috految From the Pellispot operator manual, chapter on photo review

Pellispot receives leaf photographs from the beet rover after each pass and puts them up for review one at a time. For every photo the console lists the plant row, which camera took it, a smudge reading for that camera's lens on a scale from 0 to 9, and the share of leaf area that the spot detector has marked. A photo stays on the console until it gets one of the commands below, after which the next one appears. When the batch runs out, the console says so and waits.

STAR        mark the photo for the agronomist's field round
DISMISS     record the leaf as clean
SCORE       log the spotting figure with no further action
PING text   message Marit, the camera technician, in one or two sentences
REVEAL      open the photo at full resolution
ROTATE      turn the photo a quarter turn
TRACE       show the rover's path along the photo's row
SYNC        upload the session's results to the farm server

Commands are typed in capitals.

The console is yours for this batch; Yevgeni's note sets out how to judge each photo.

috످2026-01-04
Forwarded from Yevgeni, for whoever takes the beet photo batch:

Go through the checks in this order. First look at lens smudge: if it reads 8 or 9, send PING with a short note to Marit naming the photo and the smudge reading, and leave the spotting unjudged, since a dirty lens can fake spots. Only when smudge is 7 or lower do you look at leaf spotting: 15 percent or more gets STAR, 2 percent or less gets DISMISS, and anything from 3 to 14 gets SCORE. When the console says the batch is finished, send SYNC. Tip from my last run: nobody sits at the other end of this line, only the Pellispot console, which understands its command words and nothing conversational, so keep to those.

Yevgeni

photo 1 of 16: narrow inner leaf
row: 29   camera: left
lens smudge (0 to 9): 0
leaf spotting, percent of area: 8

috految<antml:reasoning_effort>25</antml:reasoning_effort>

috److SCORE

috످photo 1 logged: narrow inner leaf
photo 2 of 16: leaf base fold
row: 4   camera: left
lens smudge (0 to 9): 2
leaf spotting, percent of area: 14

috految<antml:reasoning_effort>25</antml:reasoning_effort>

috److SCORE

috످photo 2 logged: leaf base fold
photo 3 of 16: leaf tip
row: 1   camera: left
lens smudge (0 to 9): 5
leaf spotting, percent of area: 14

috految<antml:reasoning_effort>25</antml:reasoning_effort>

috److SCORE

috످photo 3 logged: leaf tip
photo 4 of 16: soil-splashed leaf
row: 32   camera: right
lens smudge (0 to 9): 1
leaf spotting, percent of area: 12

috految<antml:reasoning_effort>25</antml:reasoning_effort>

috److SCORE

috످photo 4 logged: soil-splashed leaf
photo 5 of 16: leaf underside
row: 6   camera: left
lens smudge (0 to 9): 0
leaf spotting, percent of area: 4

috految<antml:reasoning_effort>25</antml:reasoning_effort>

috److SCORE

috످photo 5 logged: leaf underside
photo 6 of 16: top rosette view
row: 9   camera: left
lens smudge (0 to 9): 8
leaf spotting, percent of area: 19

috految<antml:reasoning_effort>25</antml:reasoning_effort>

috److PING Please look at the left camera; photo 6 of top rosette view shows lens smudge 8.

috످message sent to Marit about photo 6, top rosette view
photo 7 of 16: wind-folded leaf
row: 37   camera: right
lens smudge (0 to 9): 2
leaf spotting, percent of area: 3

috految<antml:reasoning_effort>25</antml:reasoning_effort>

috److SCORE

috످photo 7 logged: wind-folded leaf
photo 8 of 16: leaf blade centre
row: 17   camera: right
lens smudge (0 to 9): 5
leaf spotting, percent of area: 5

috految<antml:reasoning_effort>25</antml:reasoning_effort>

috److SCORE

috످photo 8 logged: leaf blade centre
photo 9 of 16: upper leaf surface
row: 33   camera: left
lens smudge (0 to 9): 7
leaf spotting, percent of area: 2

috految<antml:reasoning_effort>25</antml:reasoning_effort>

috److DISMISS

috످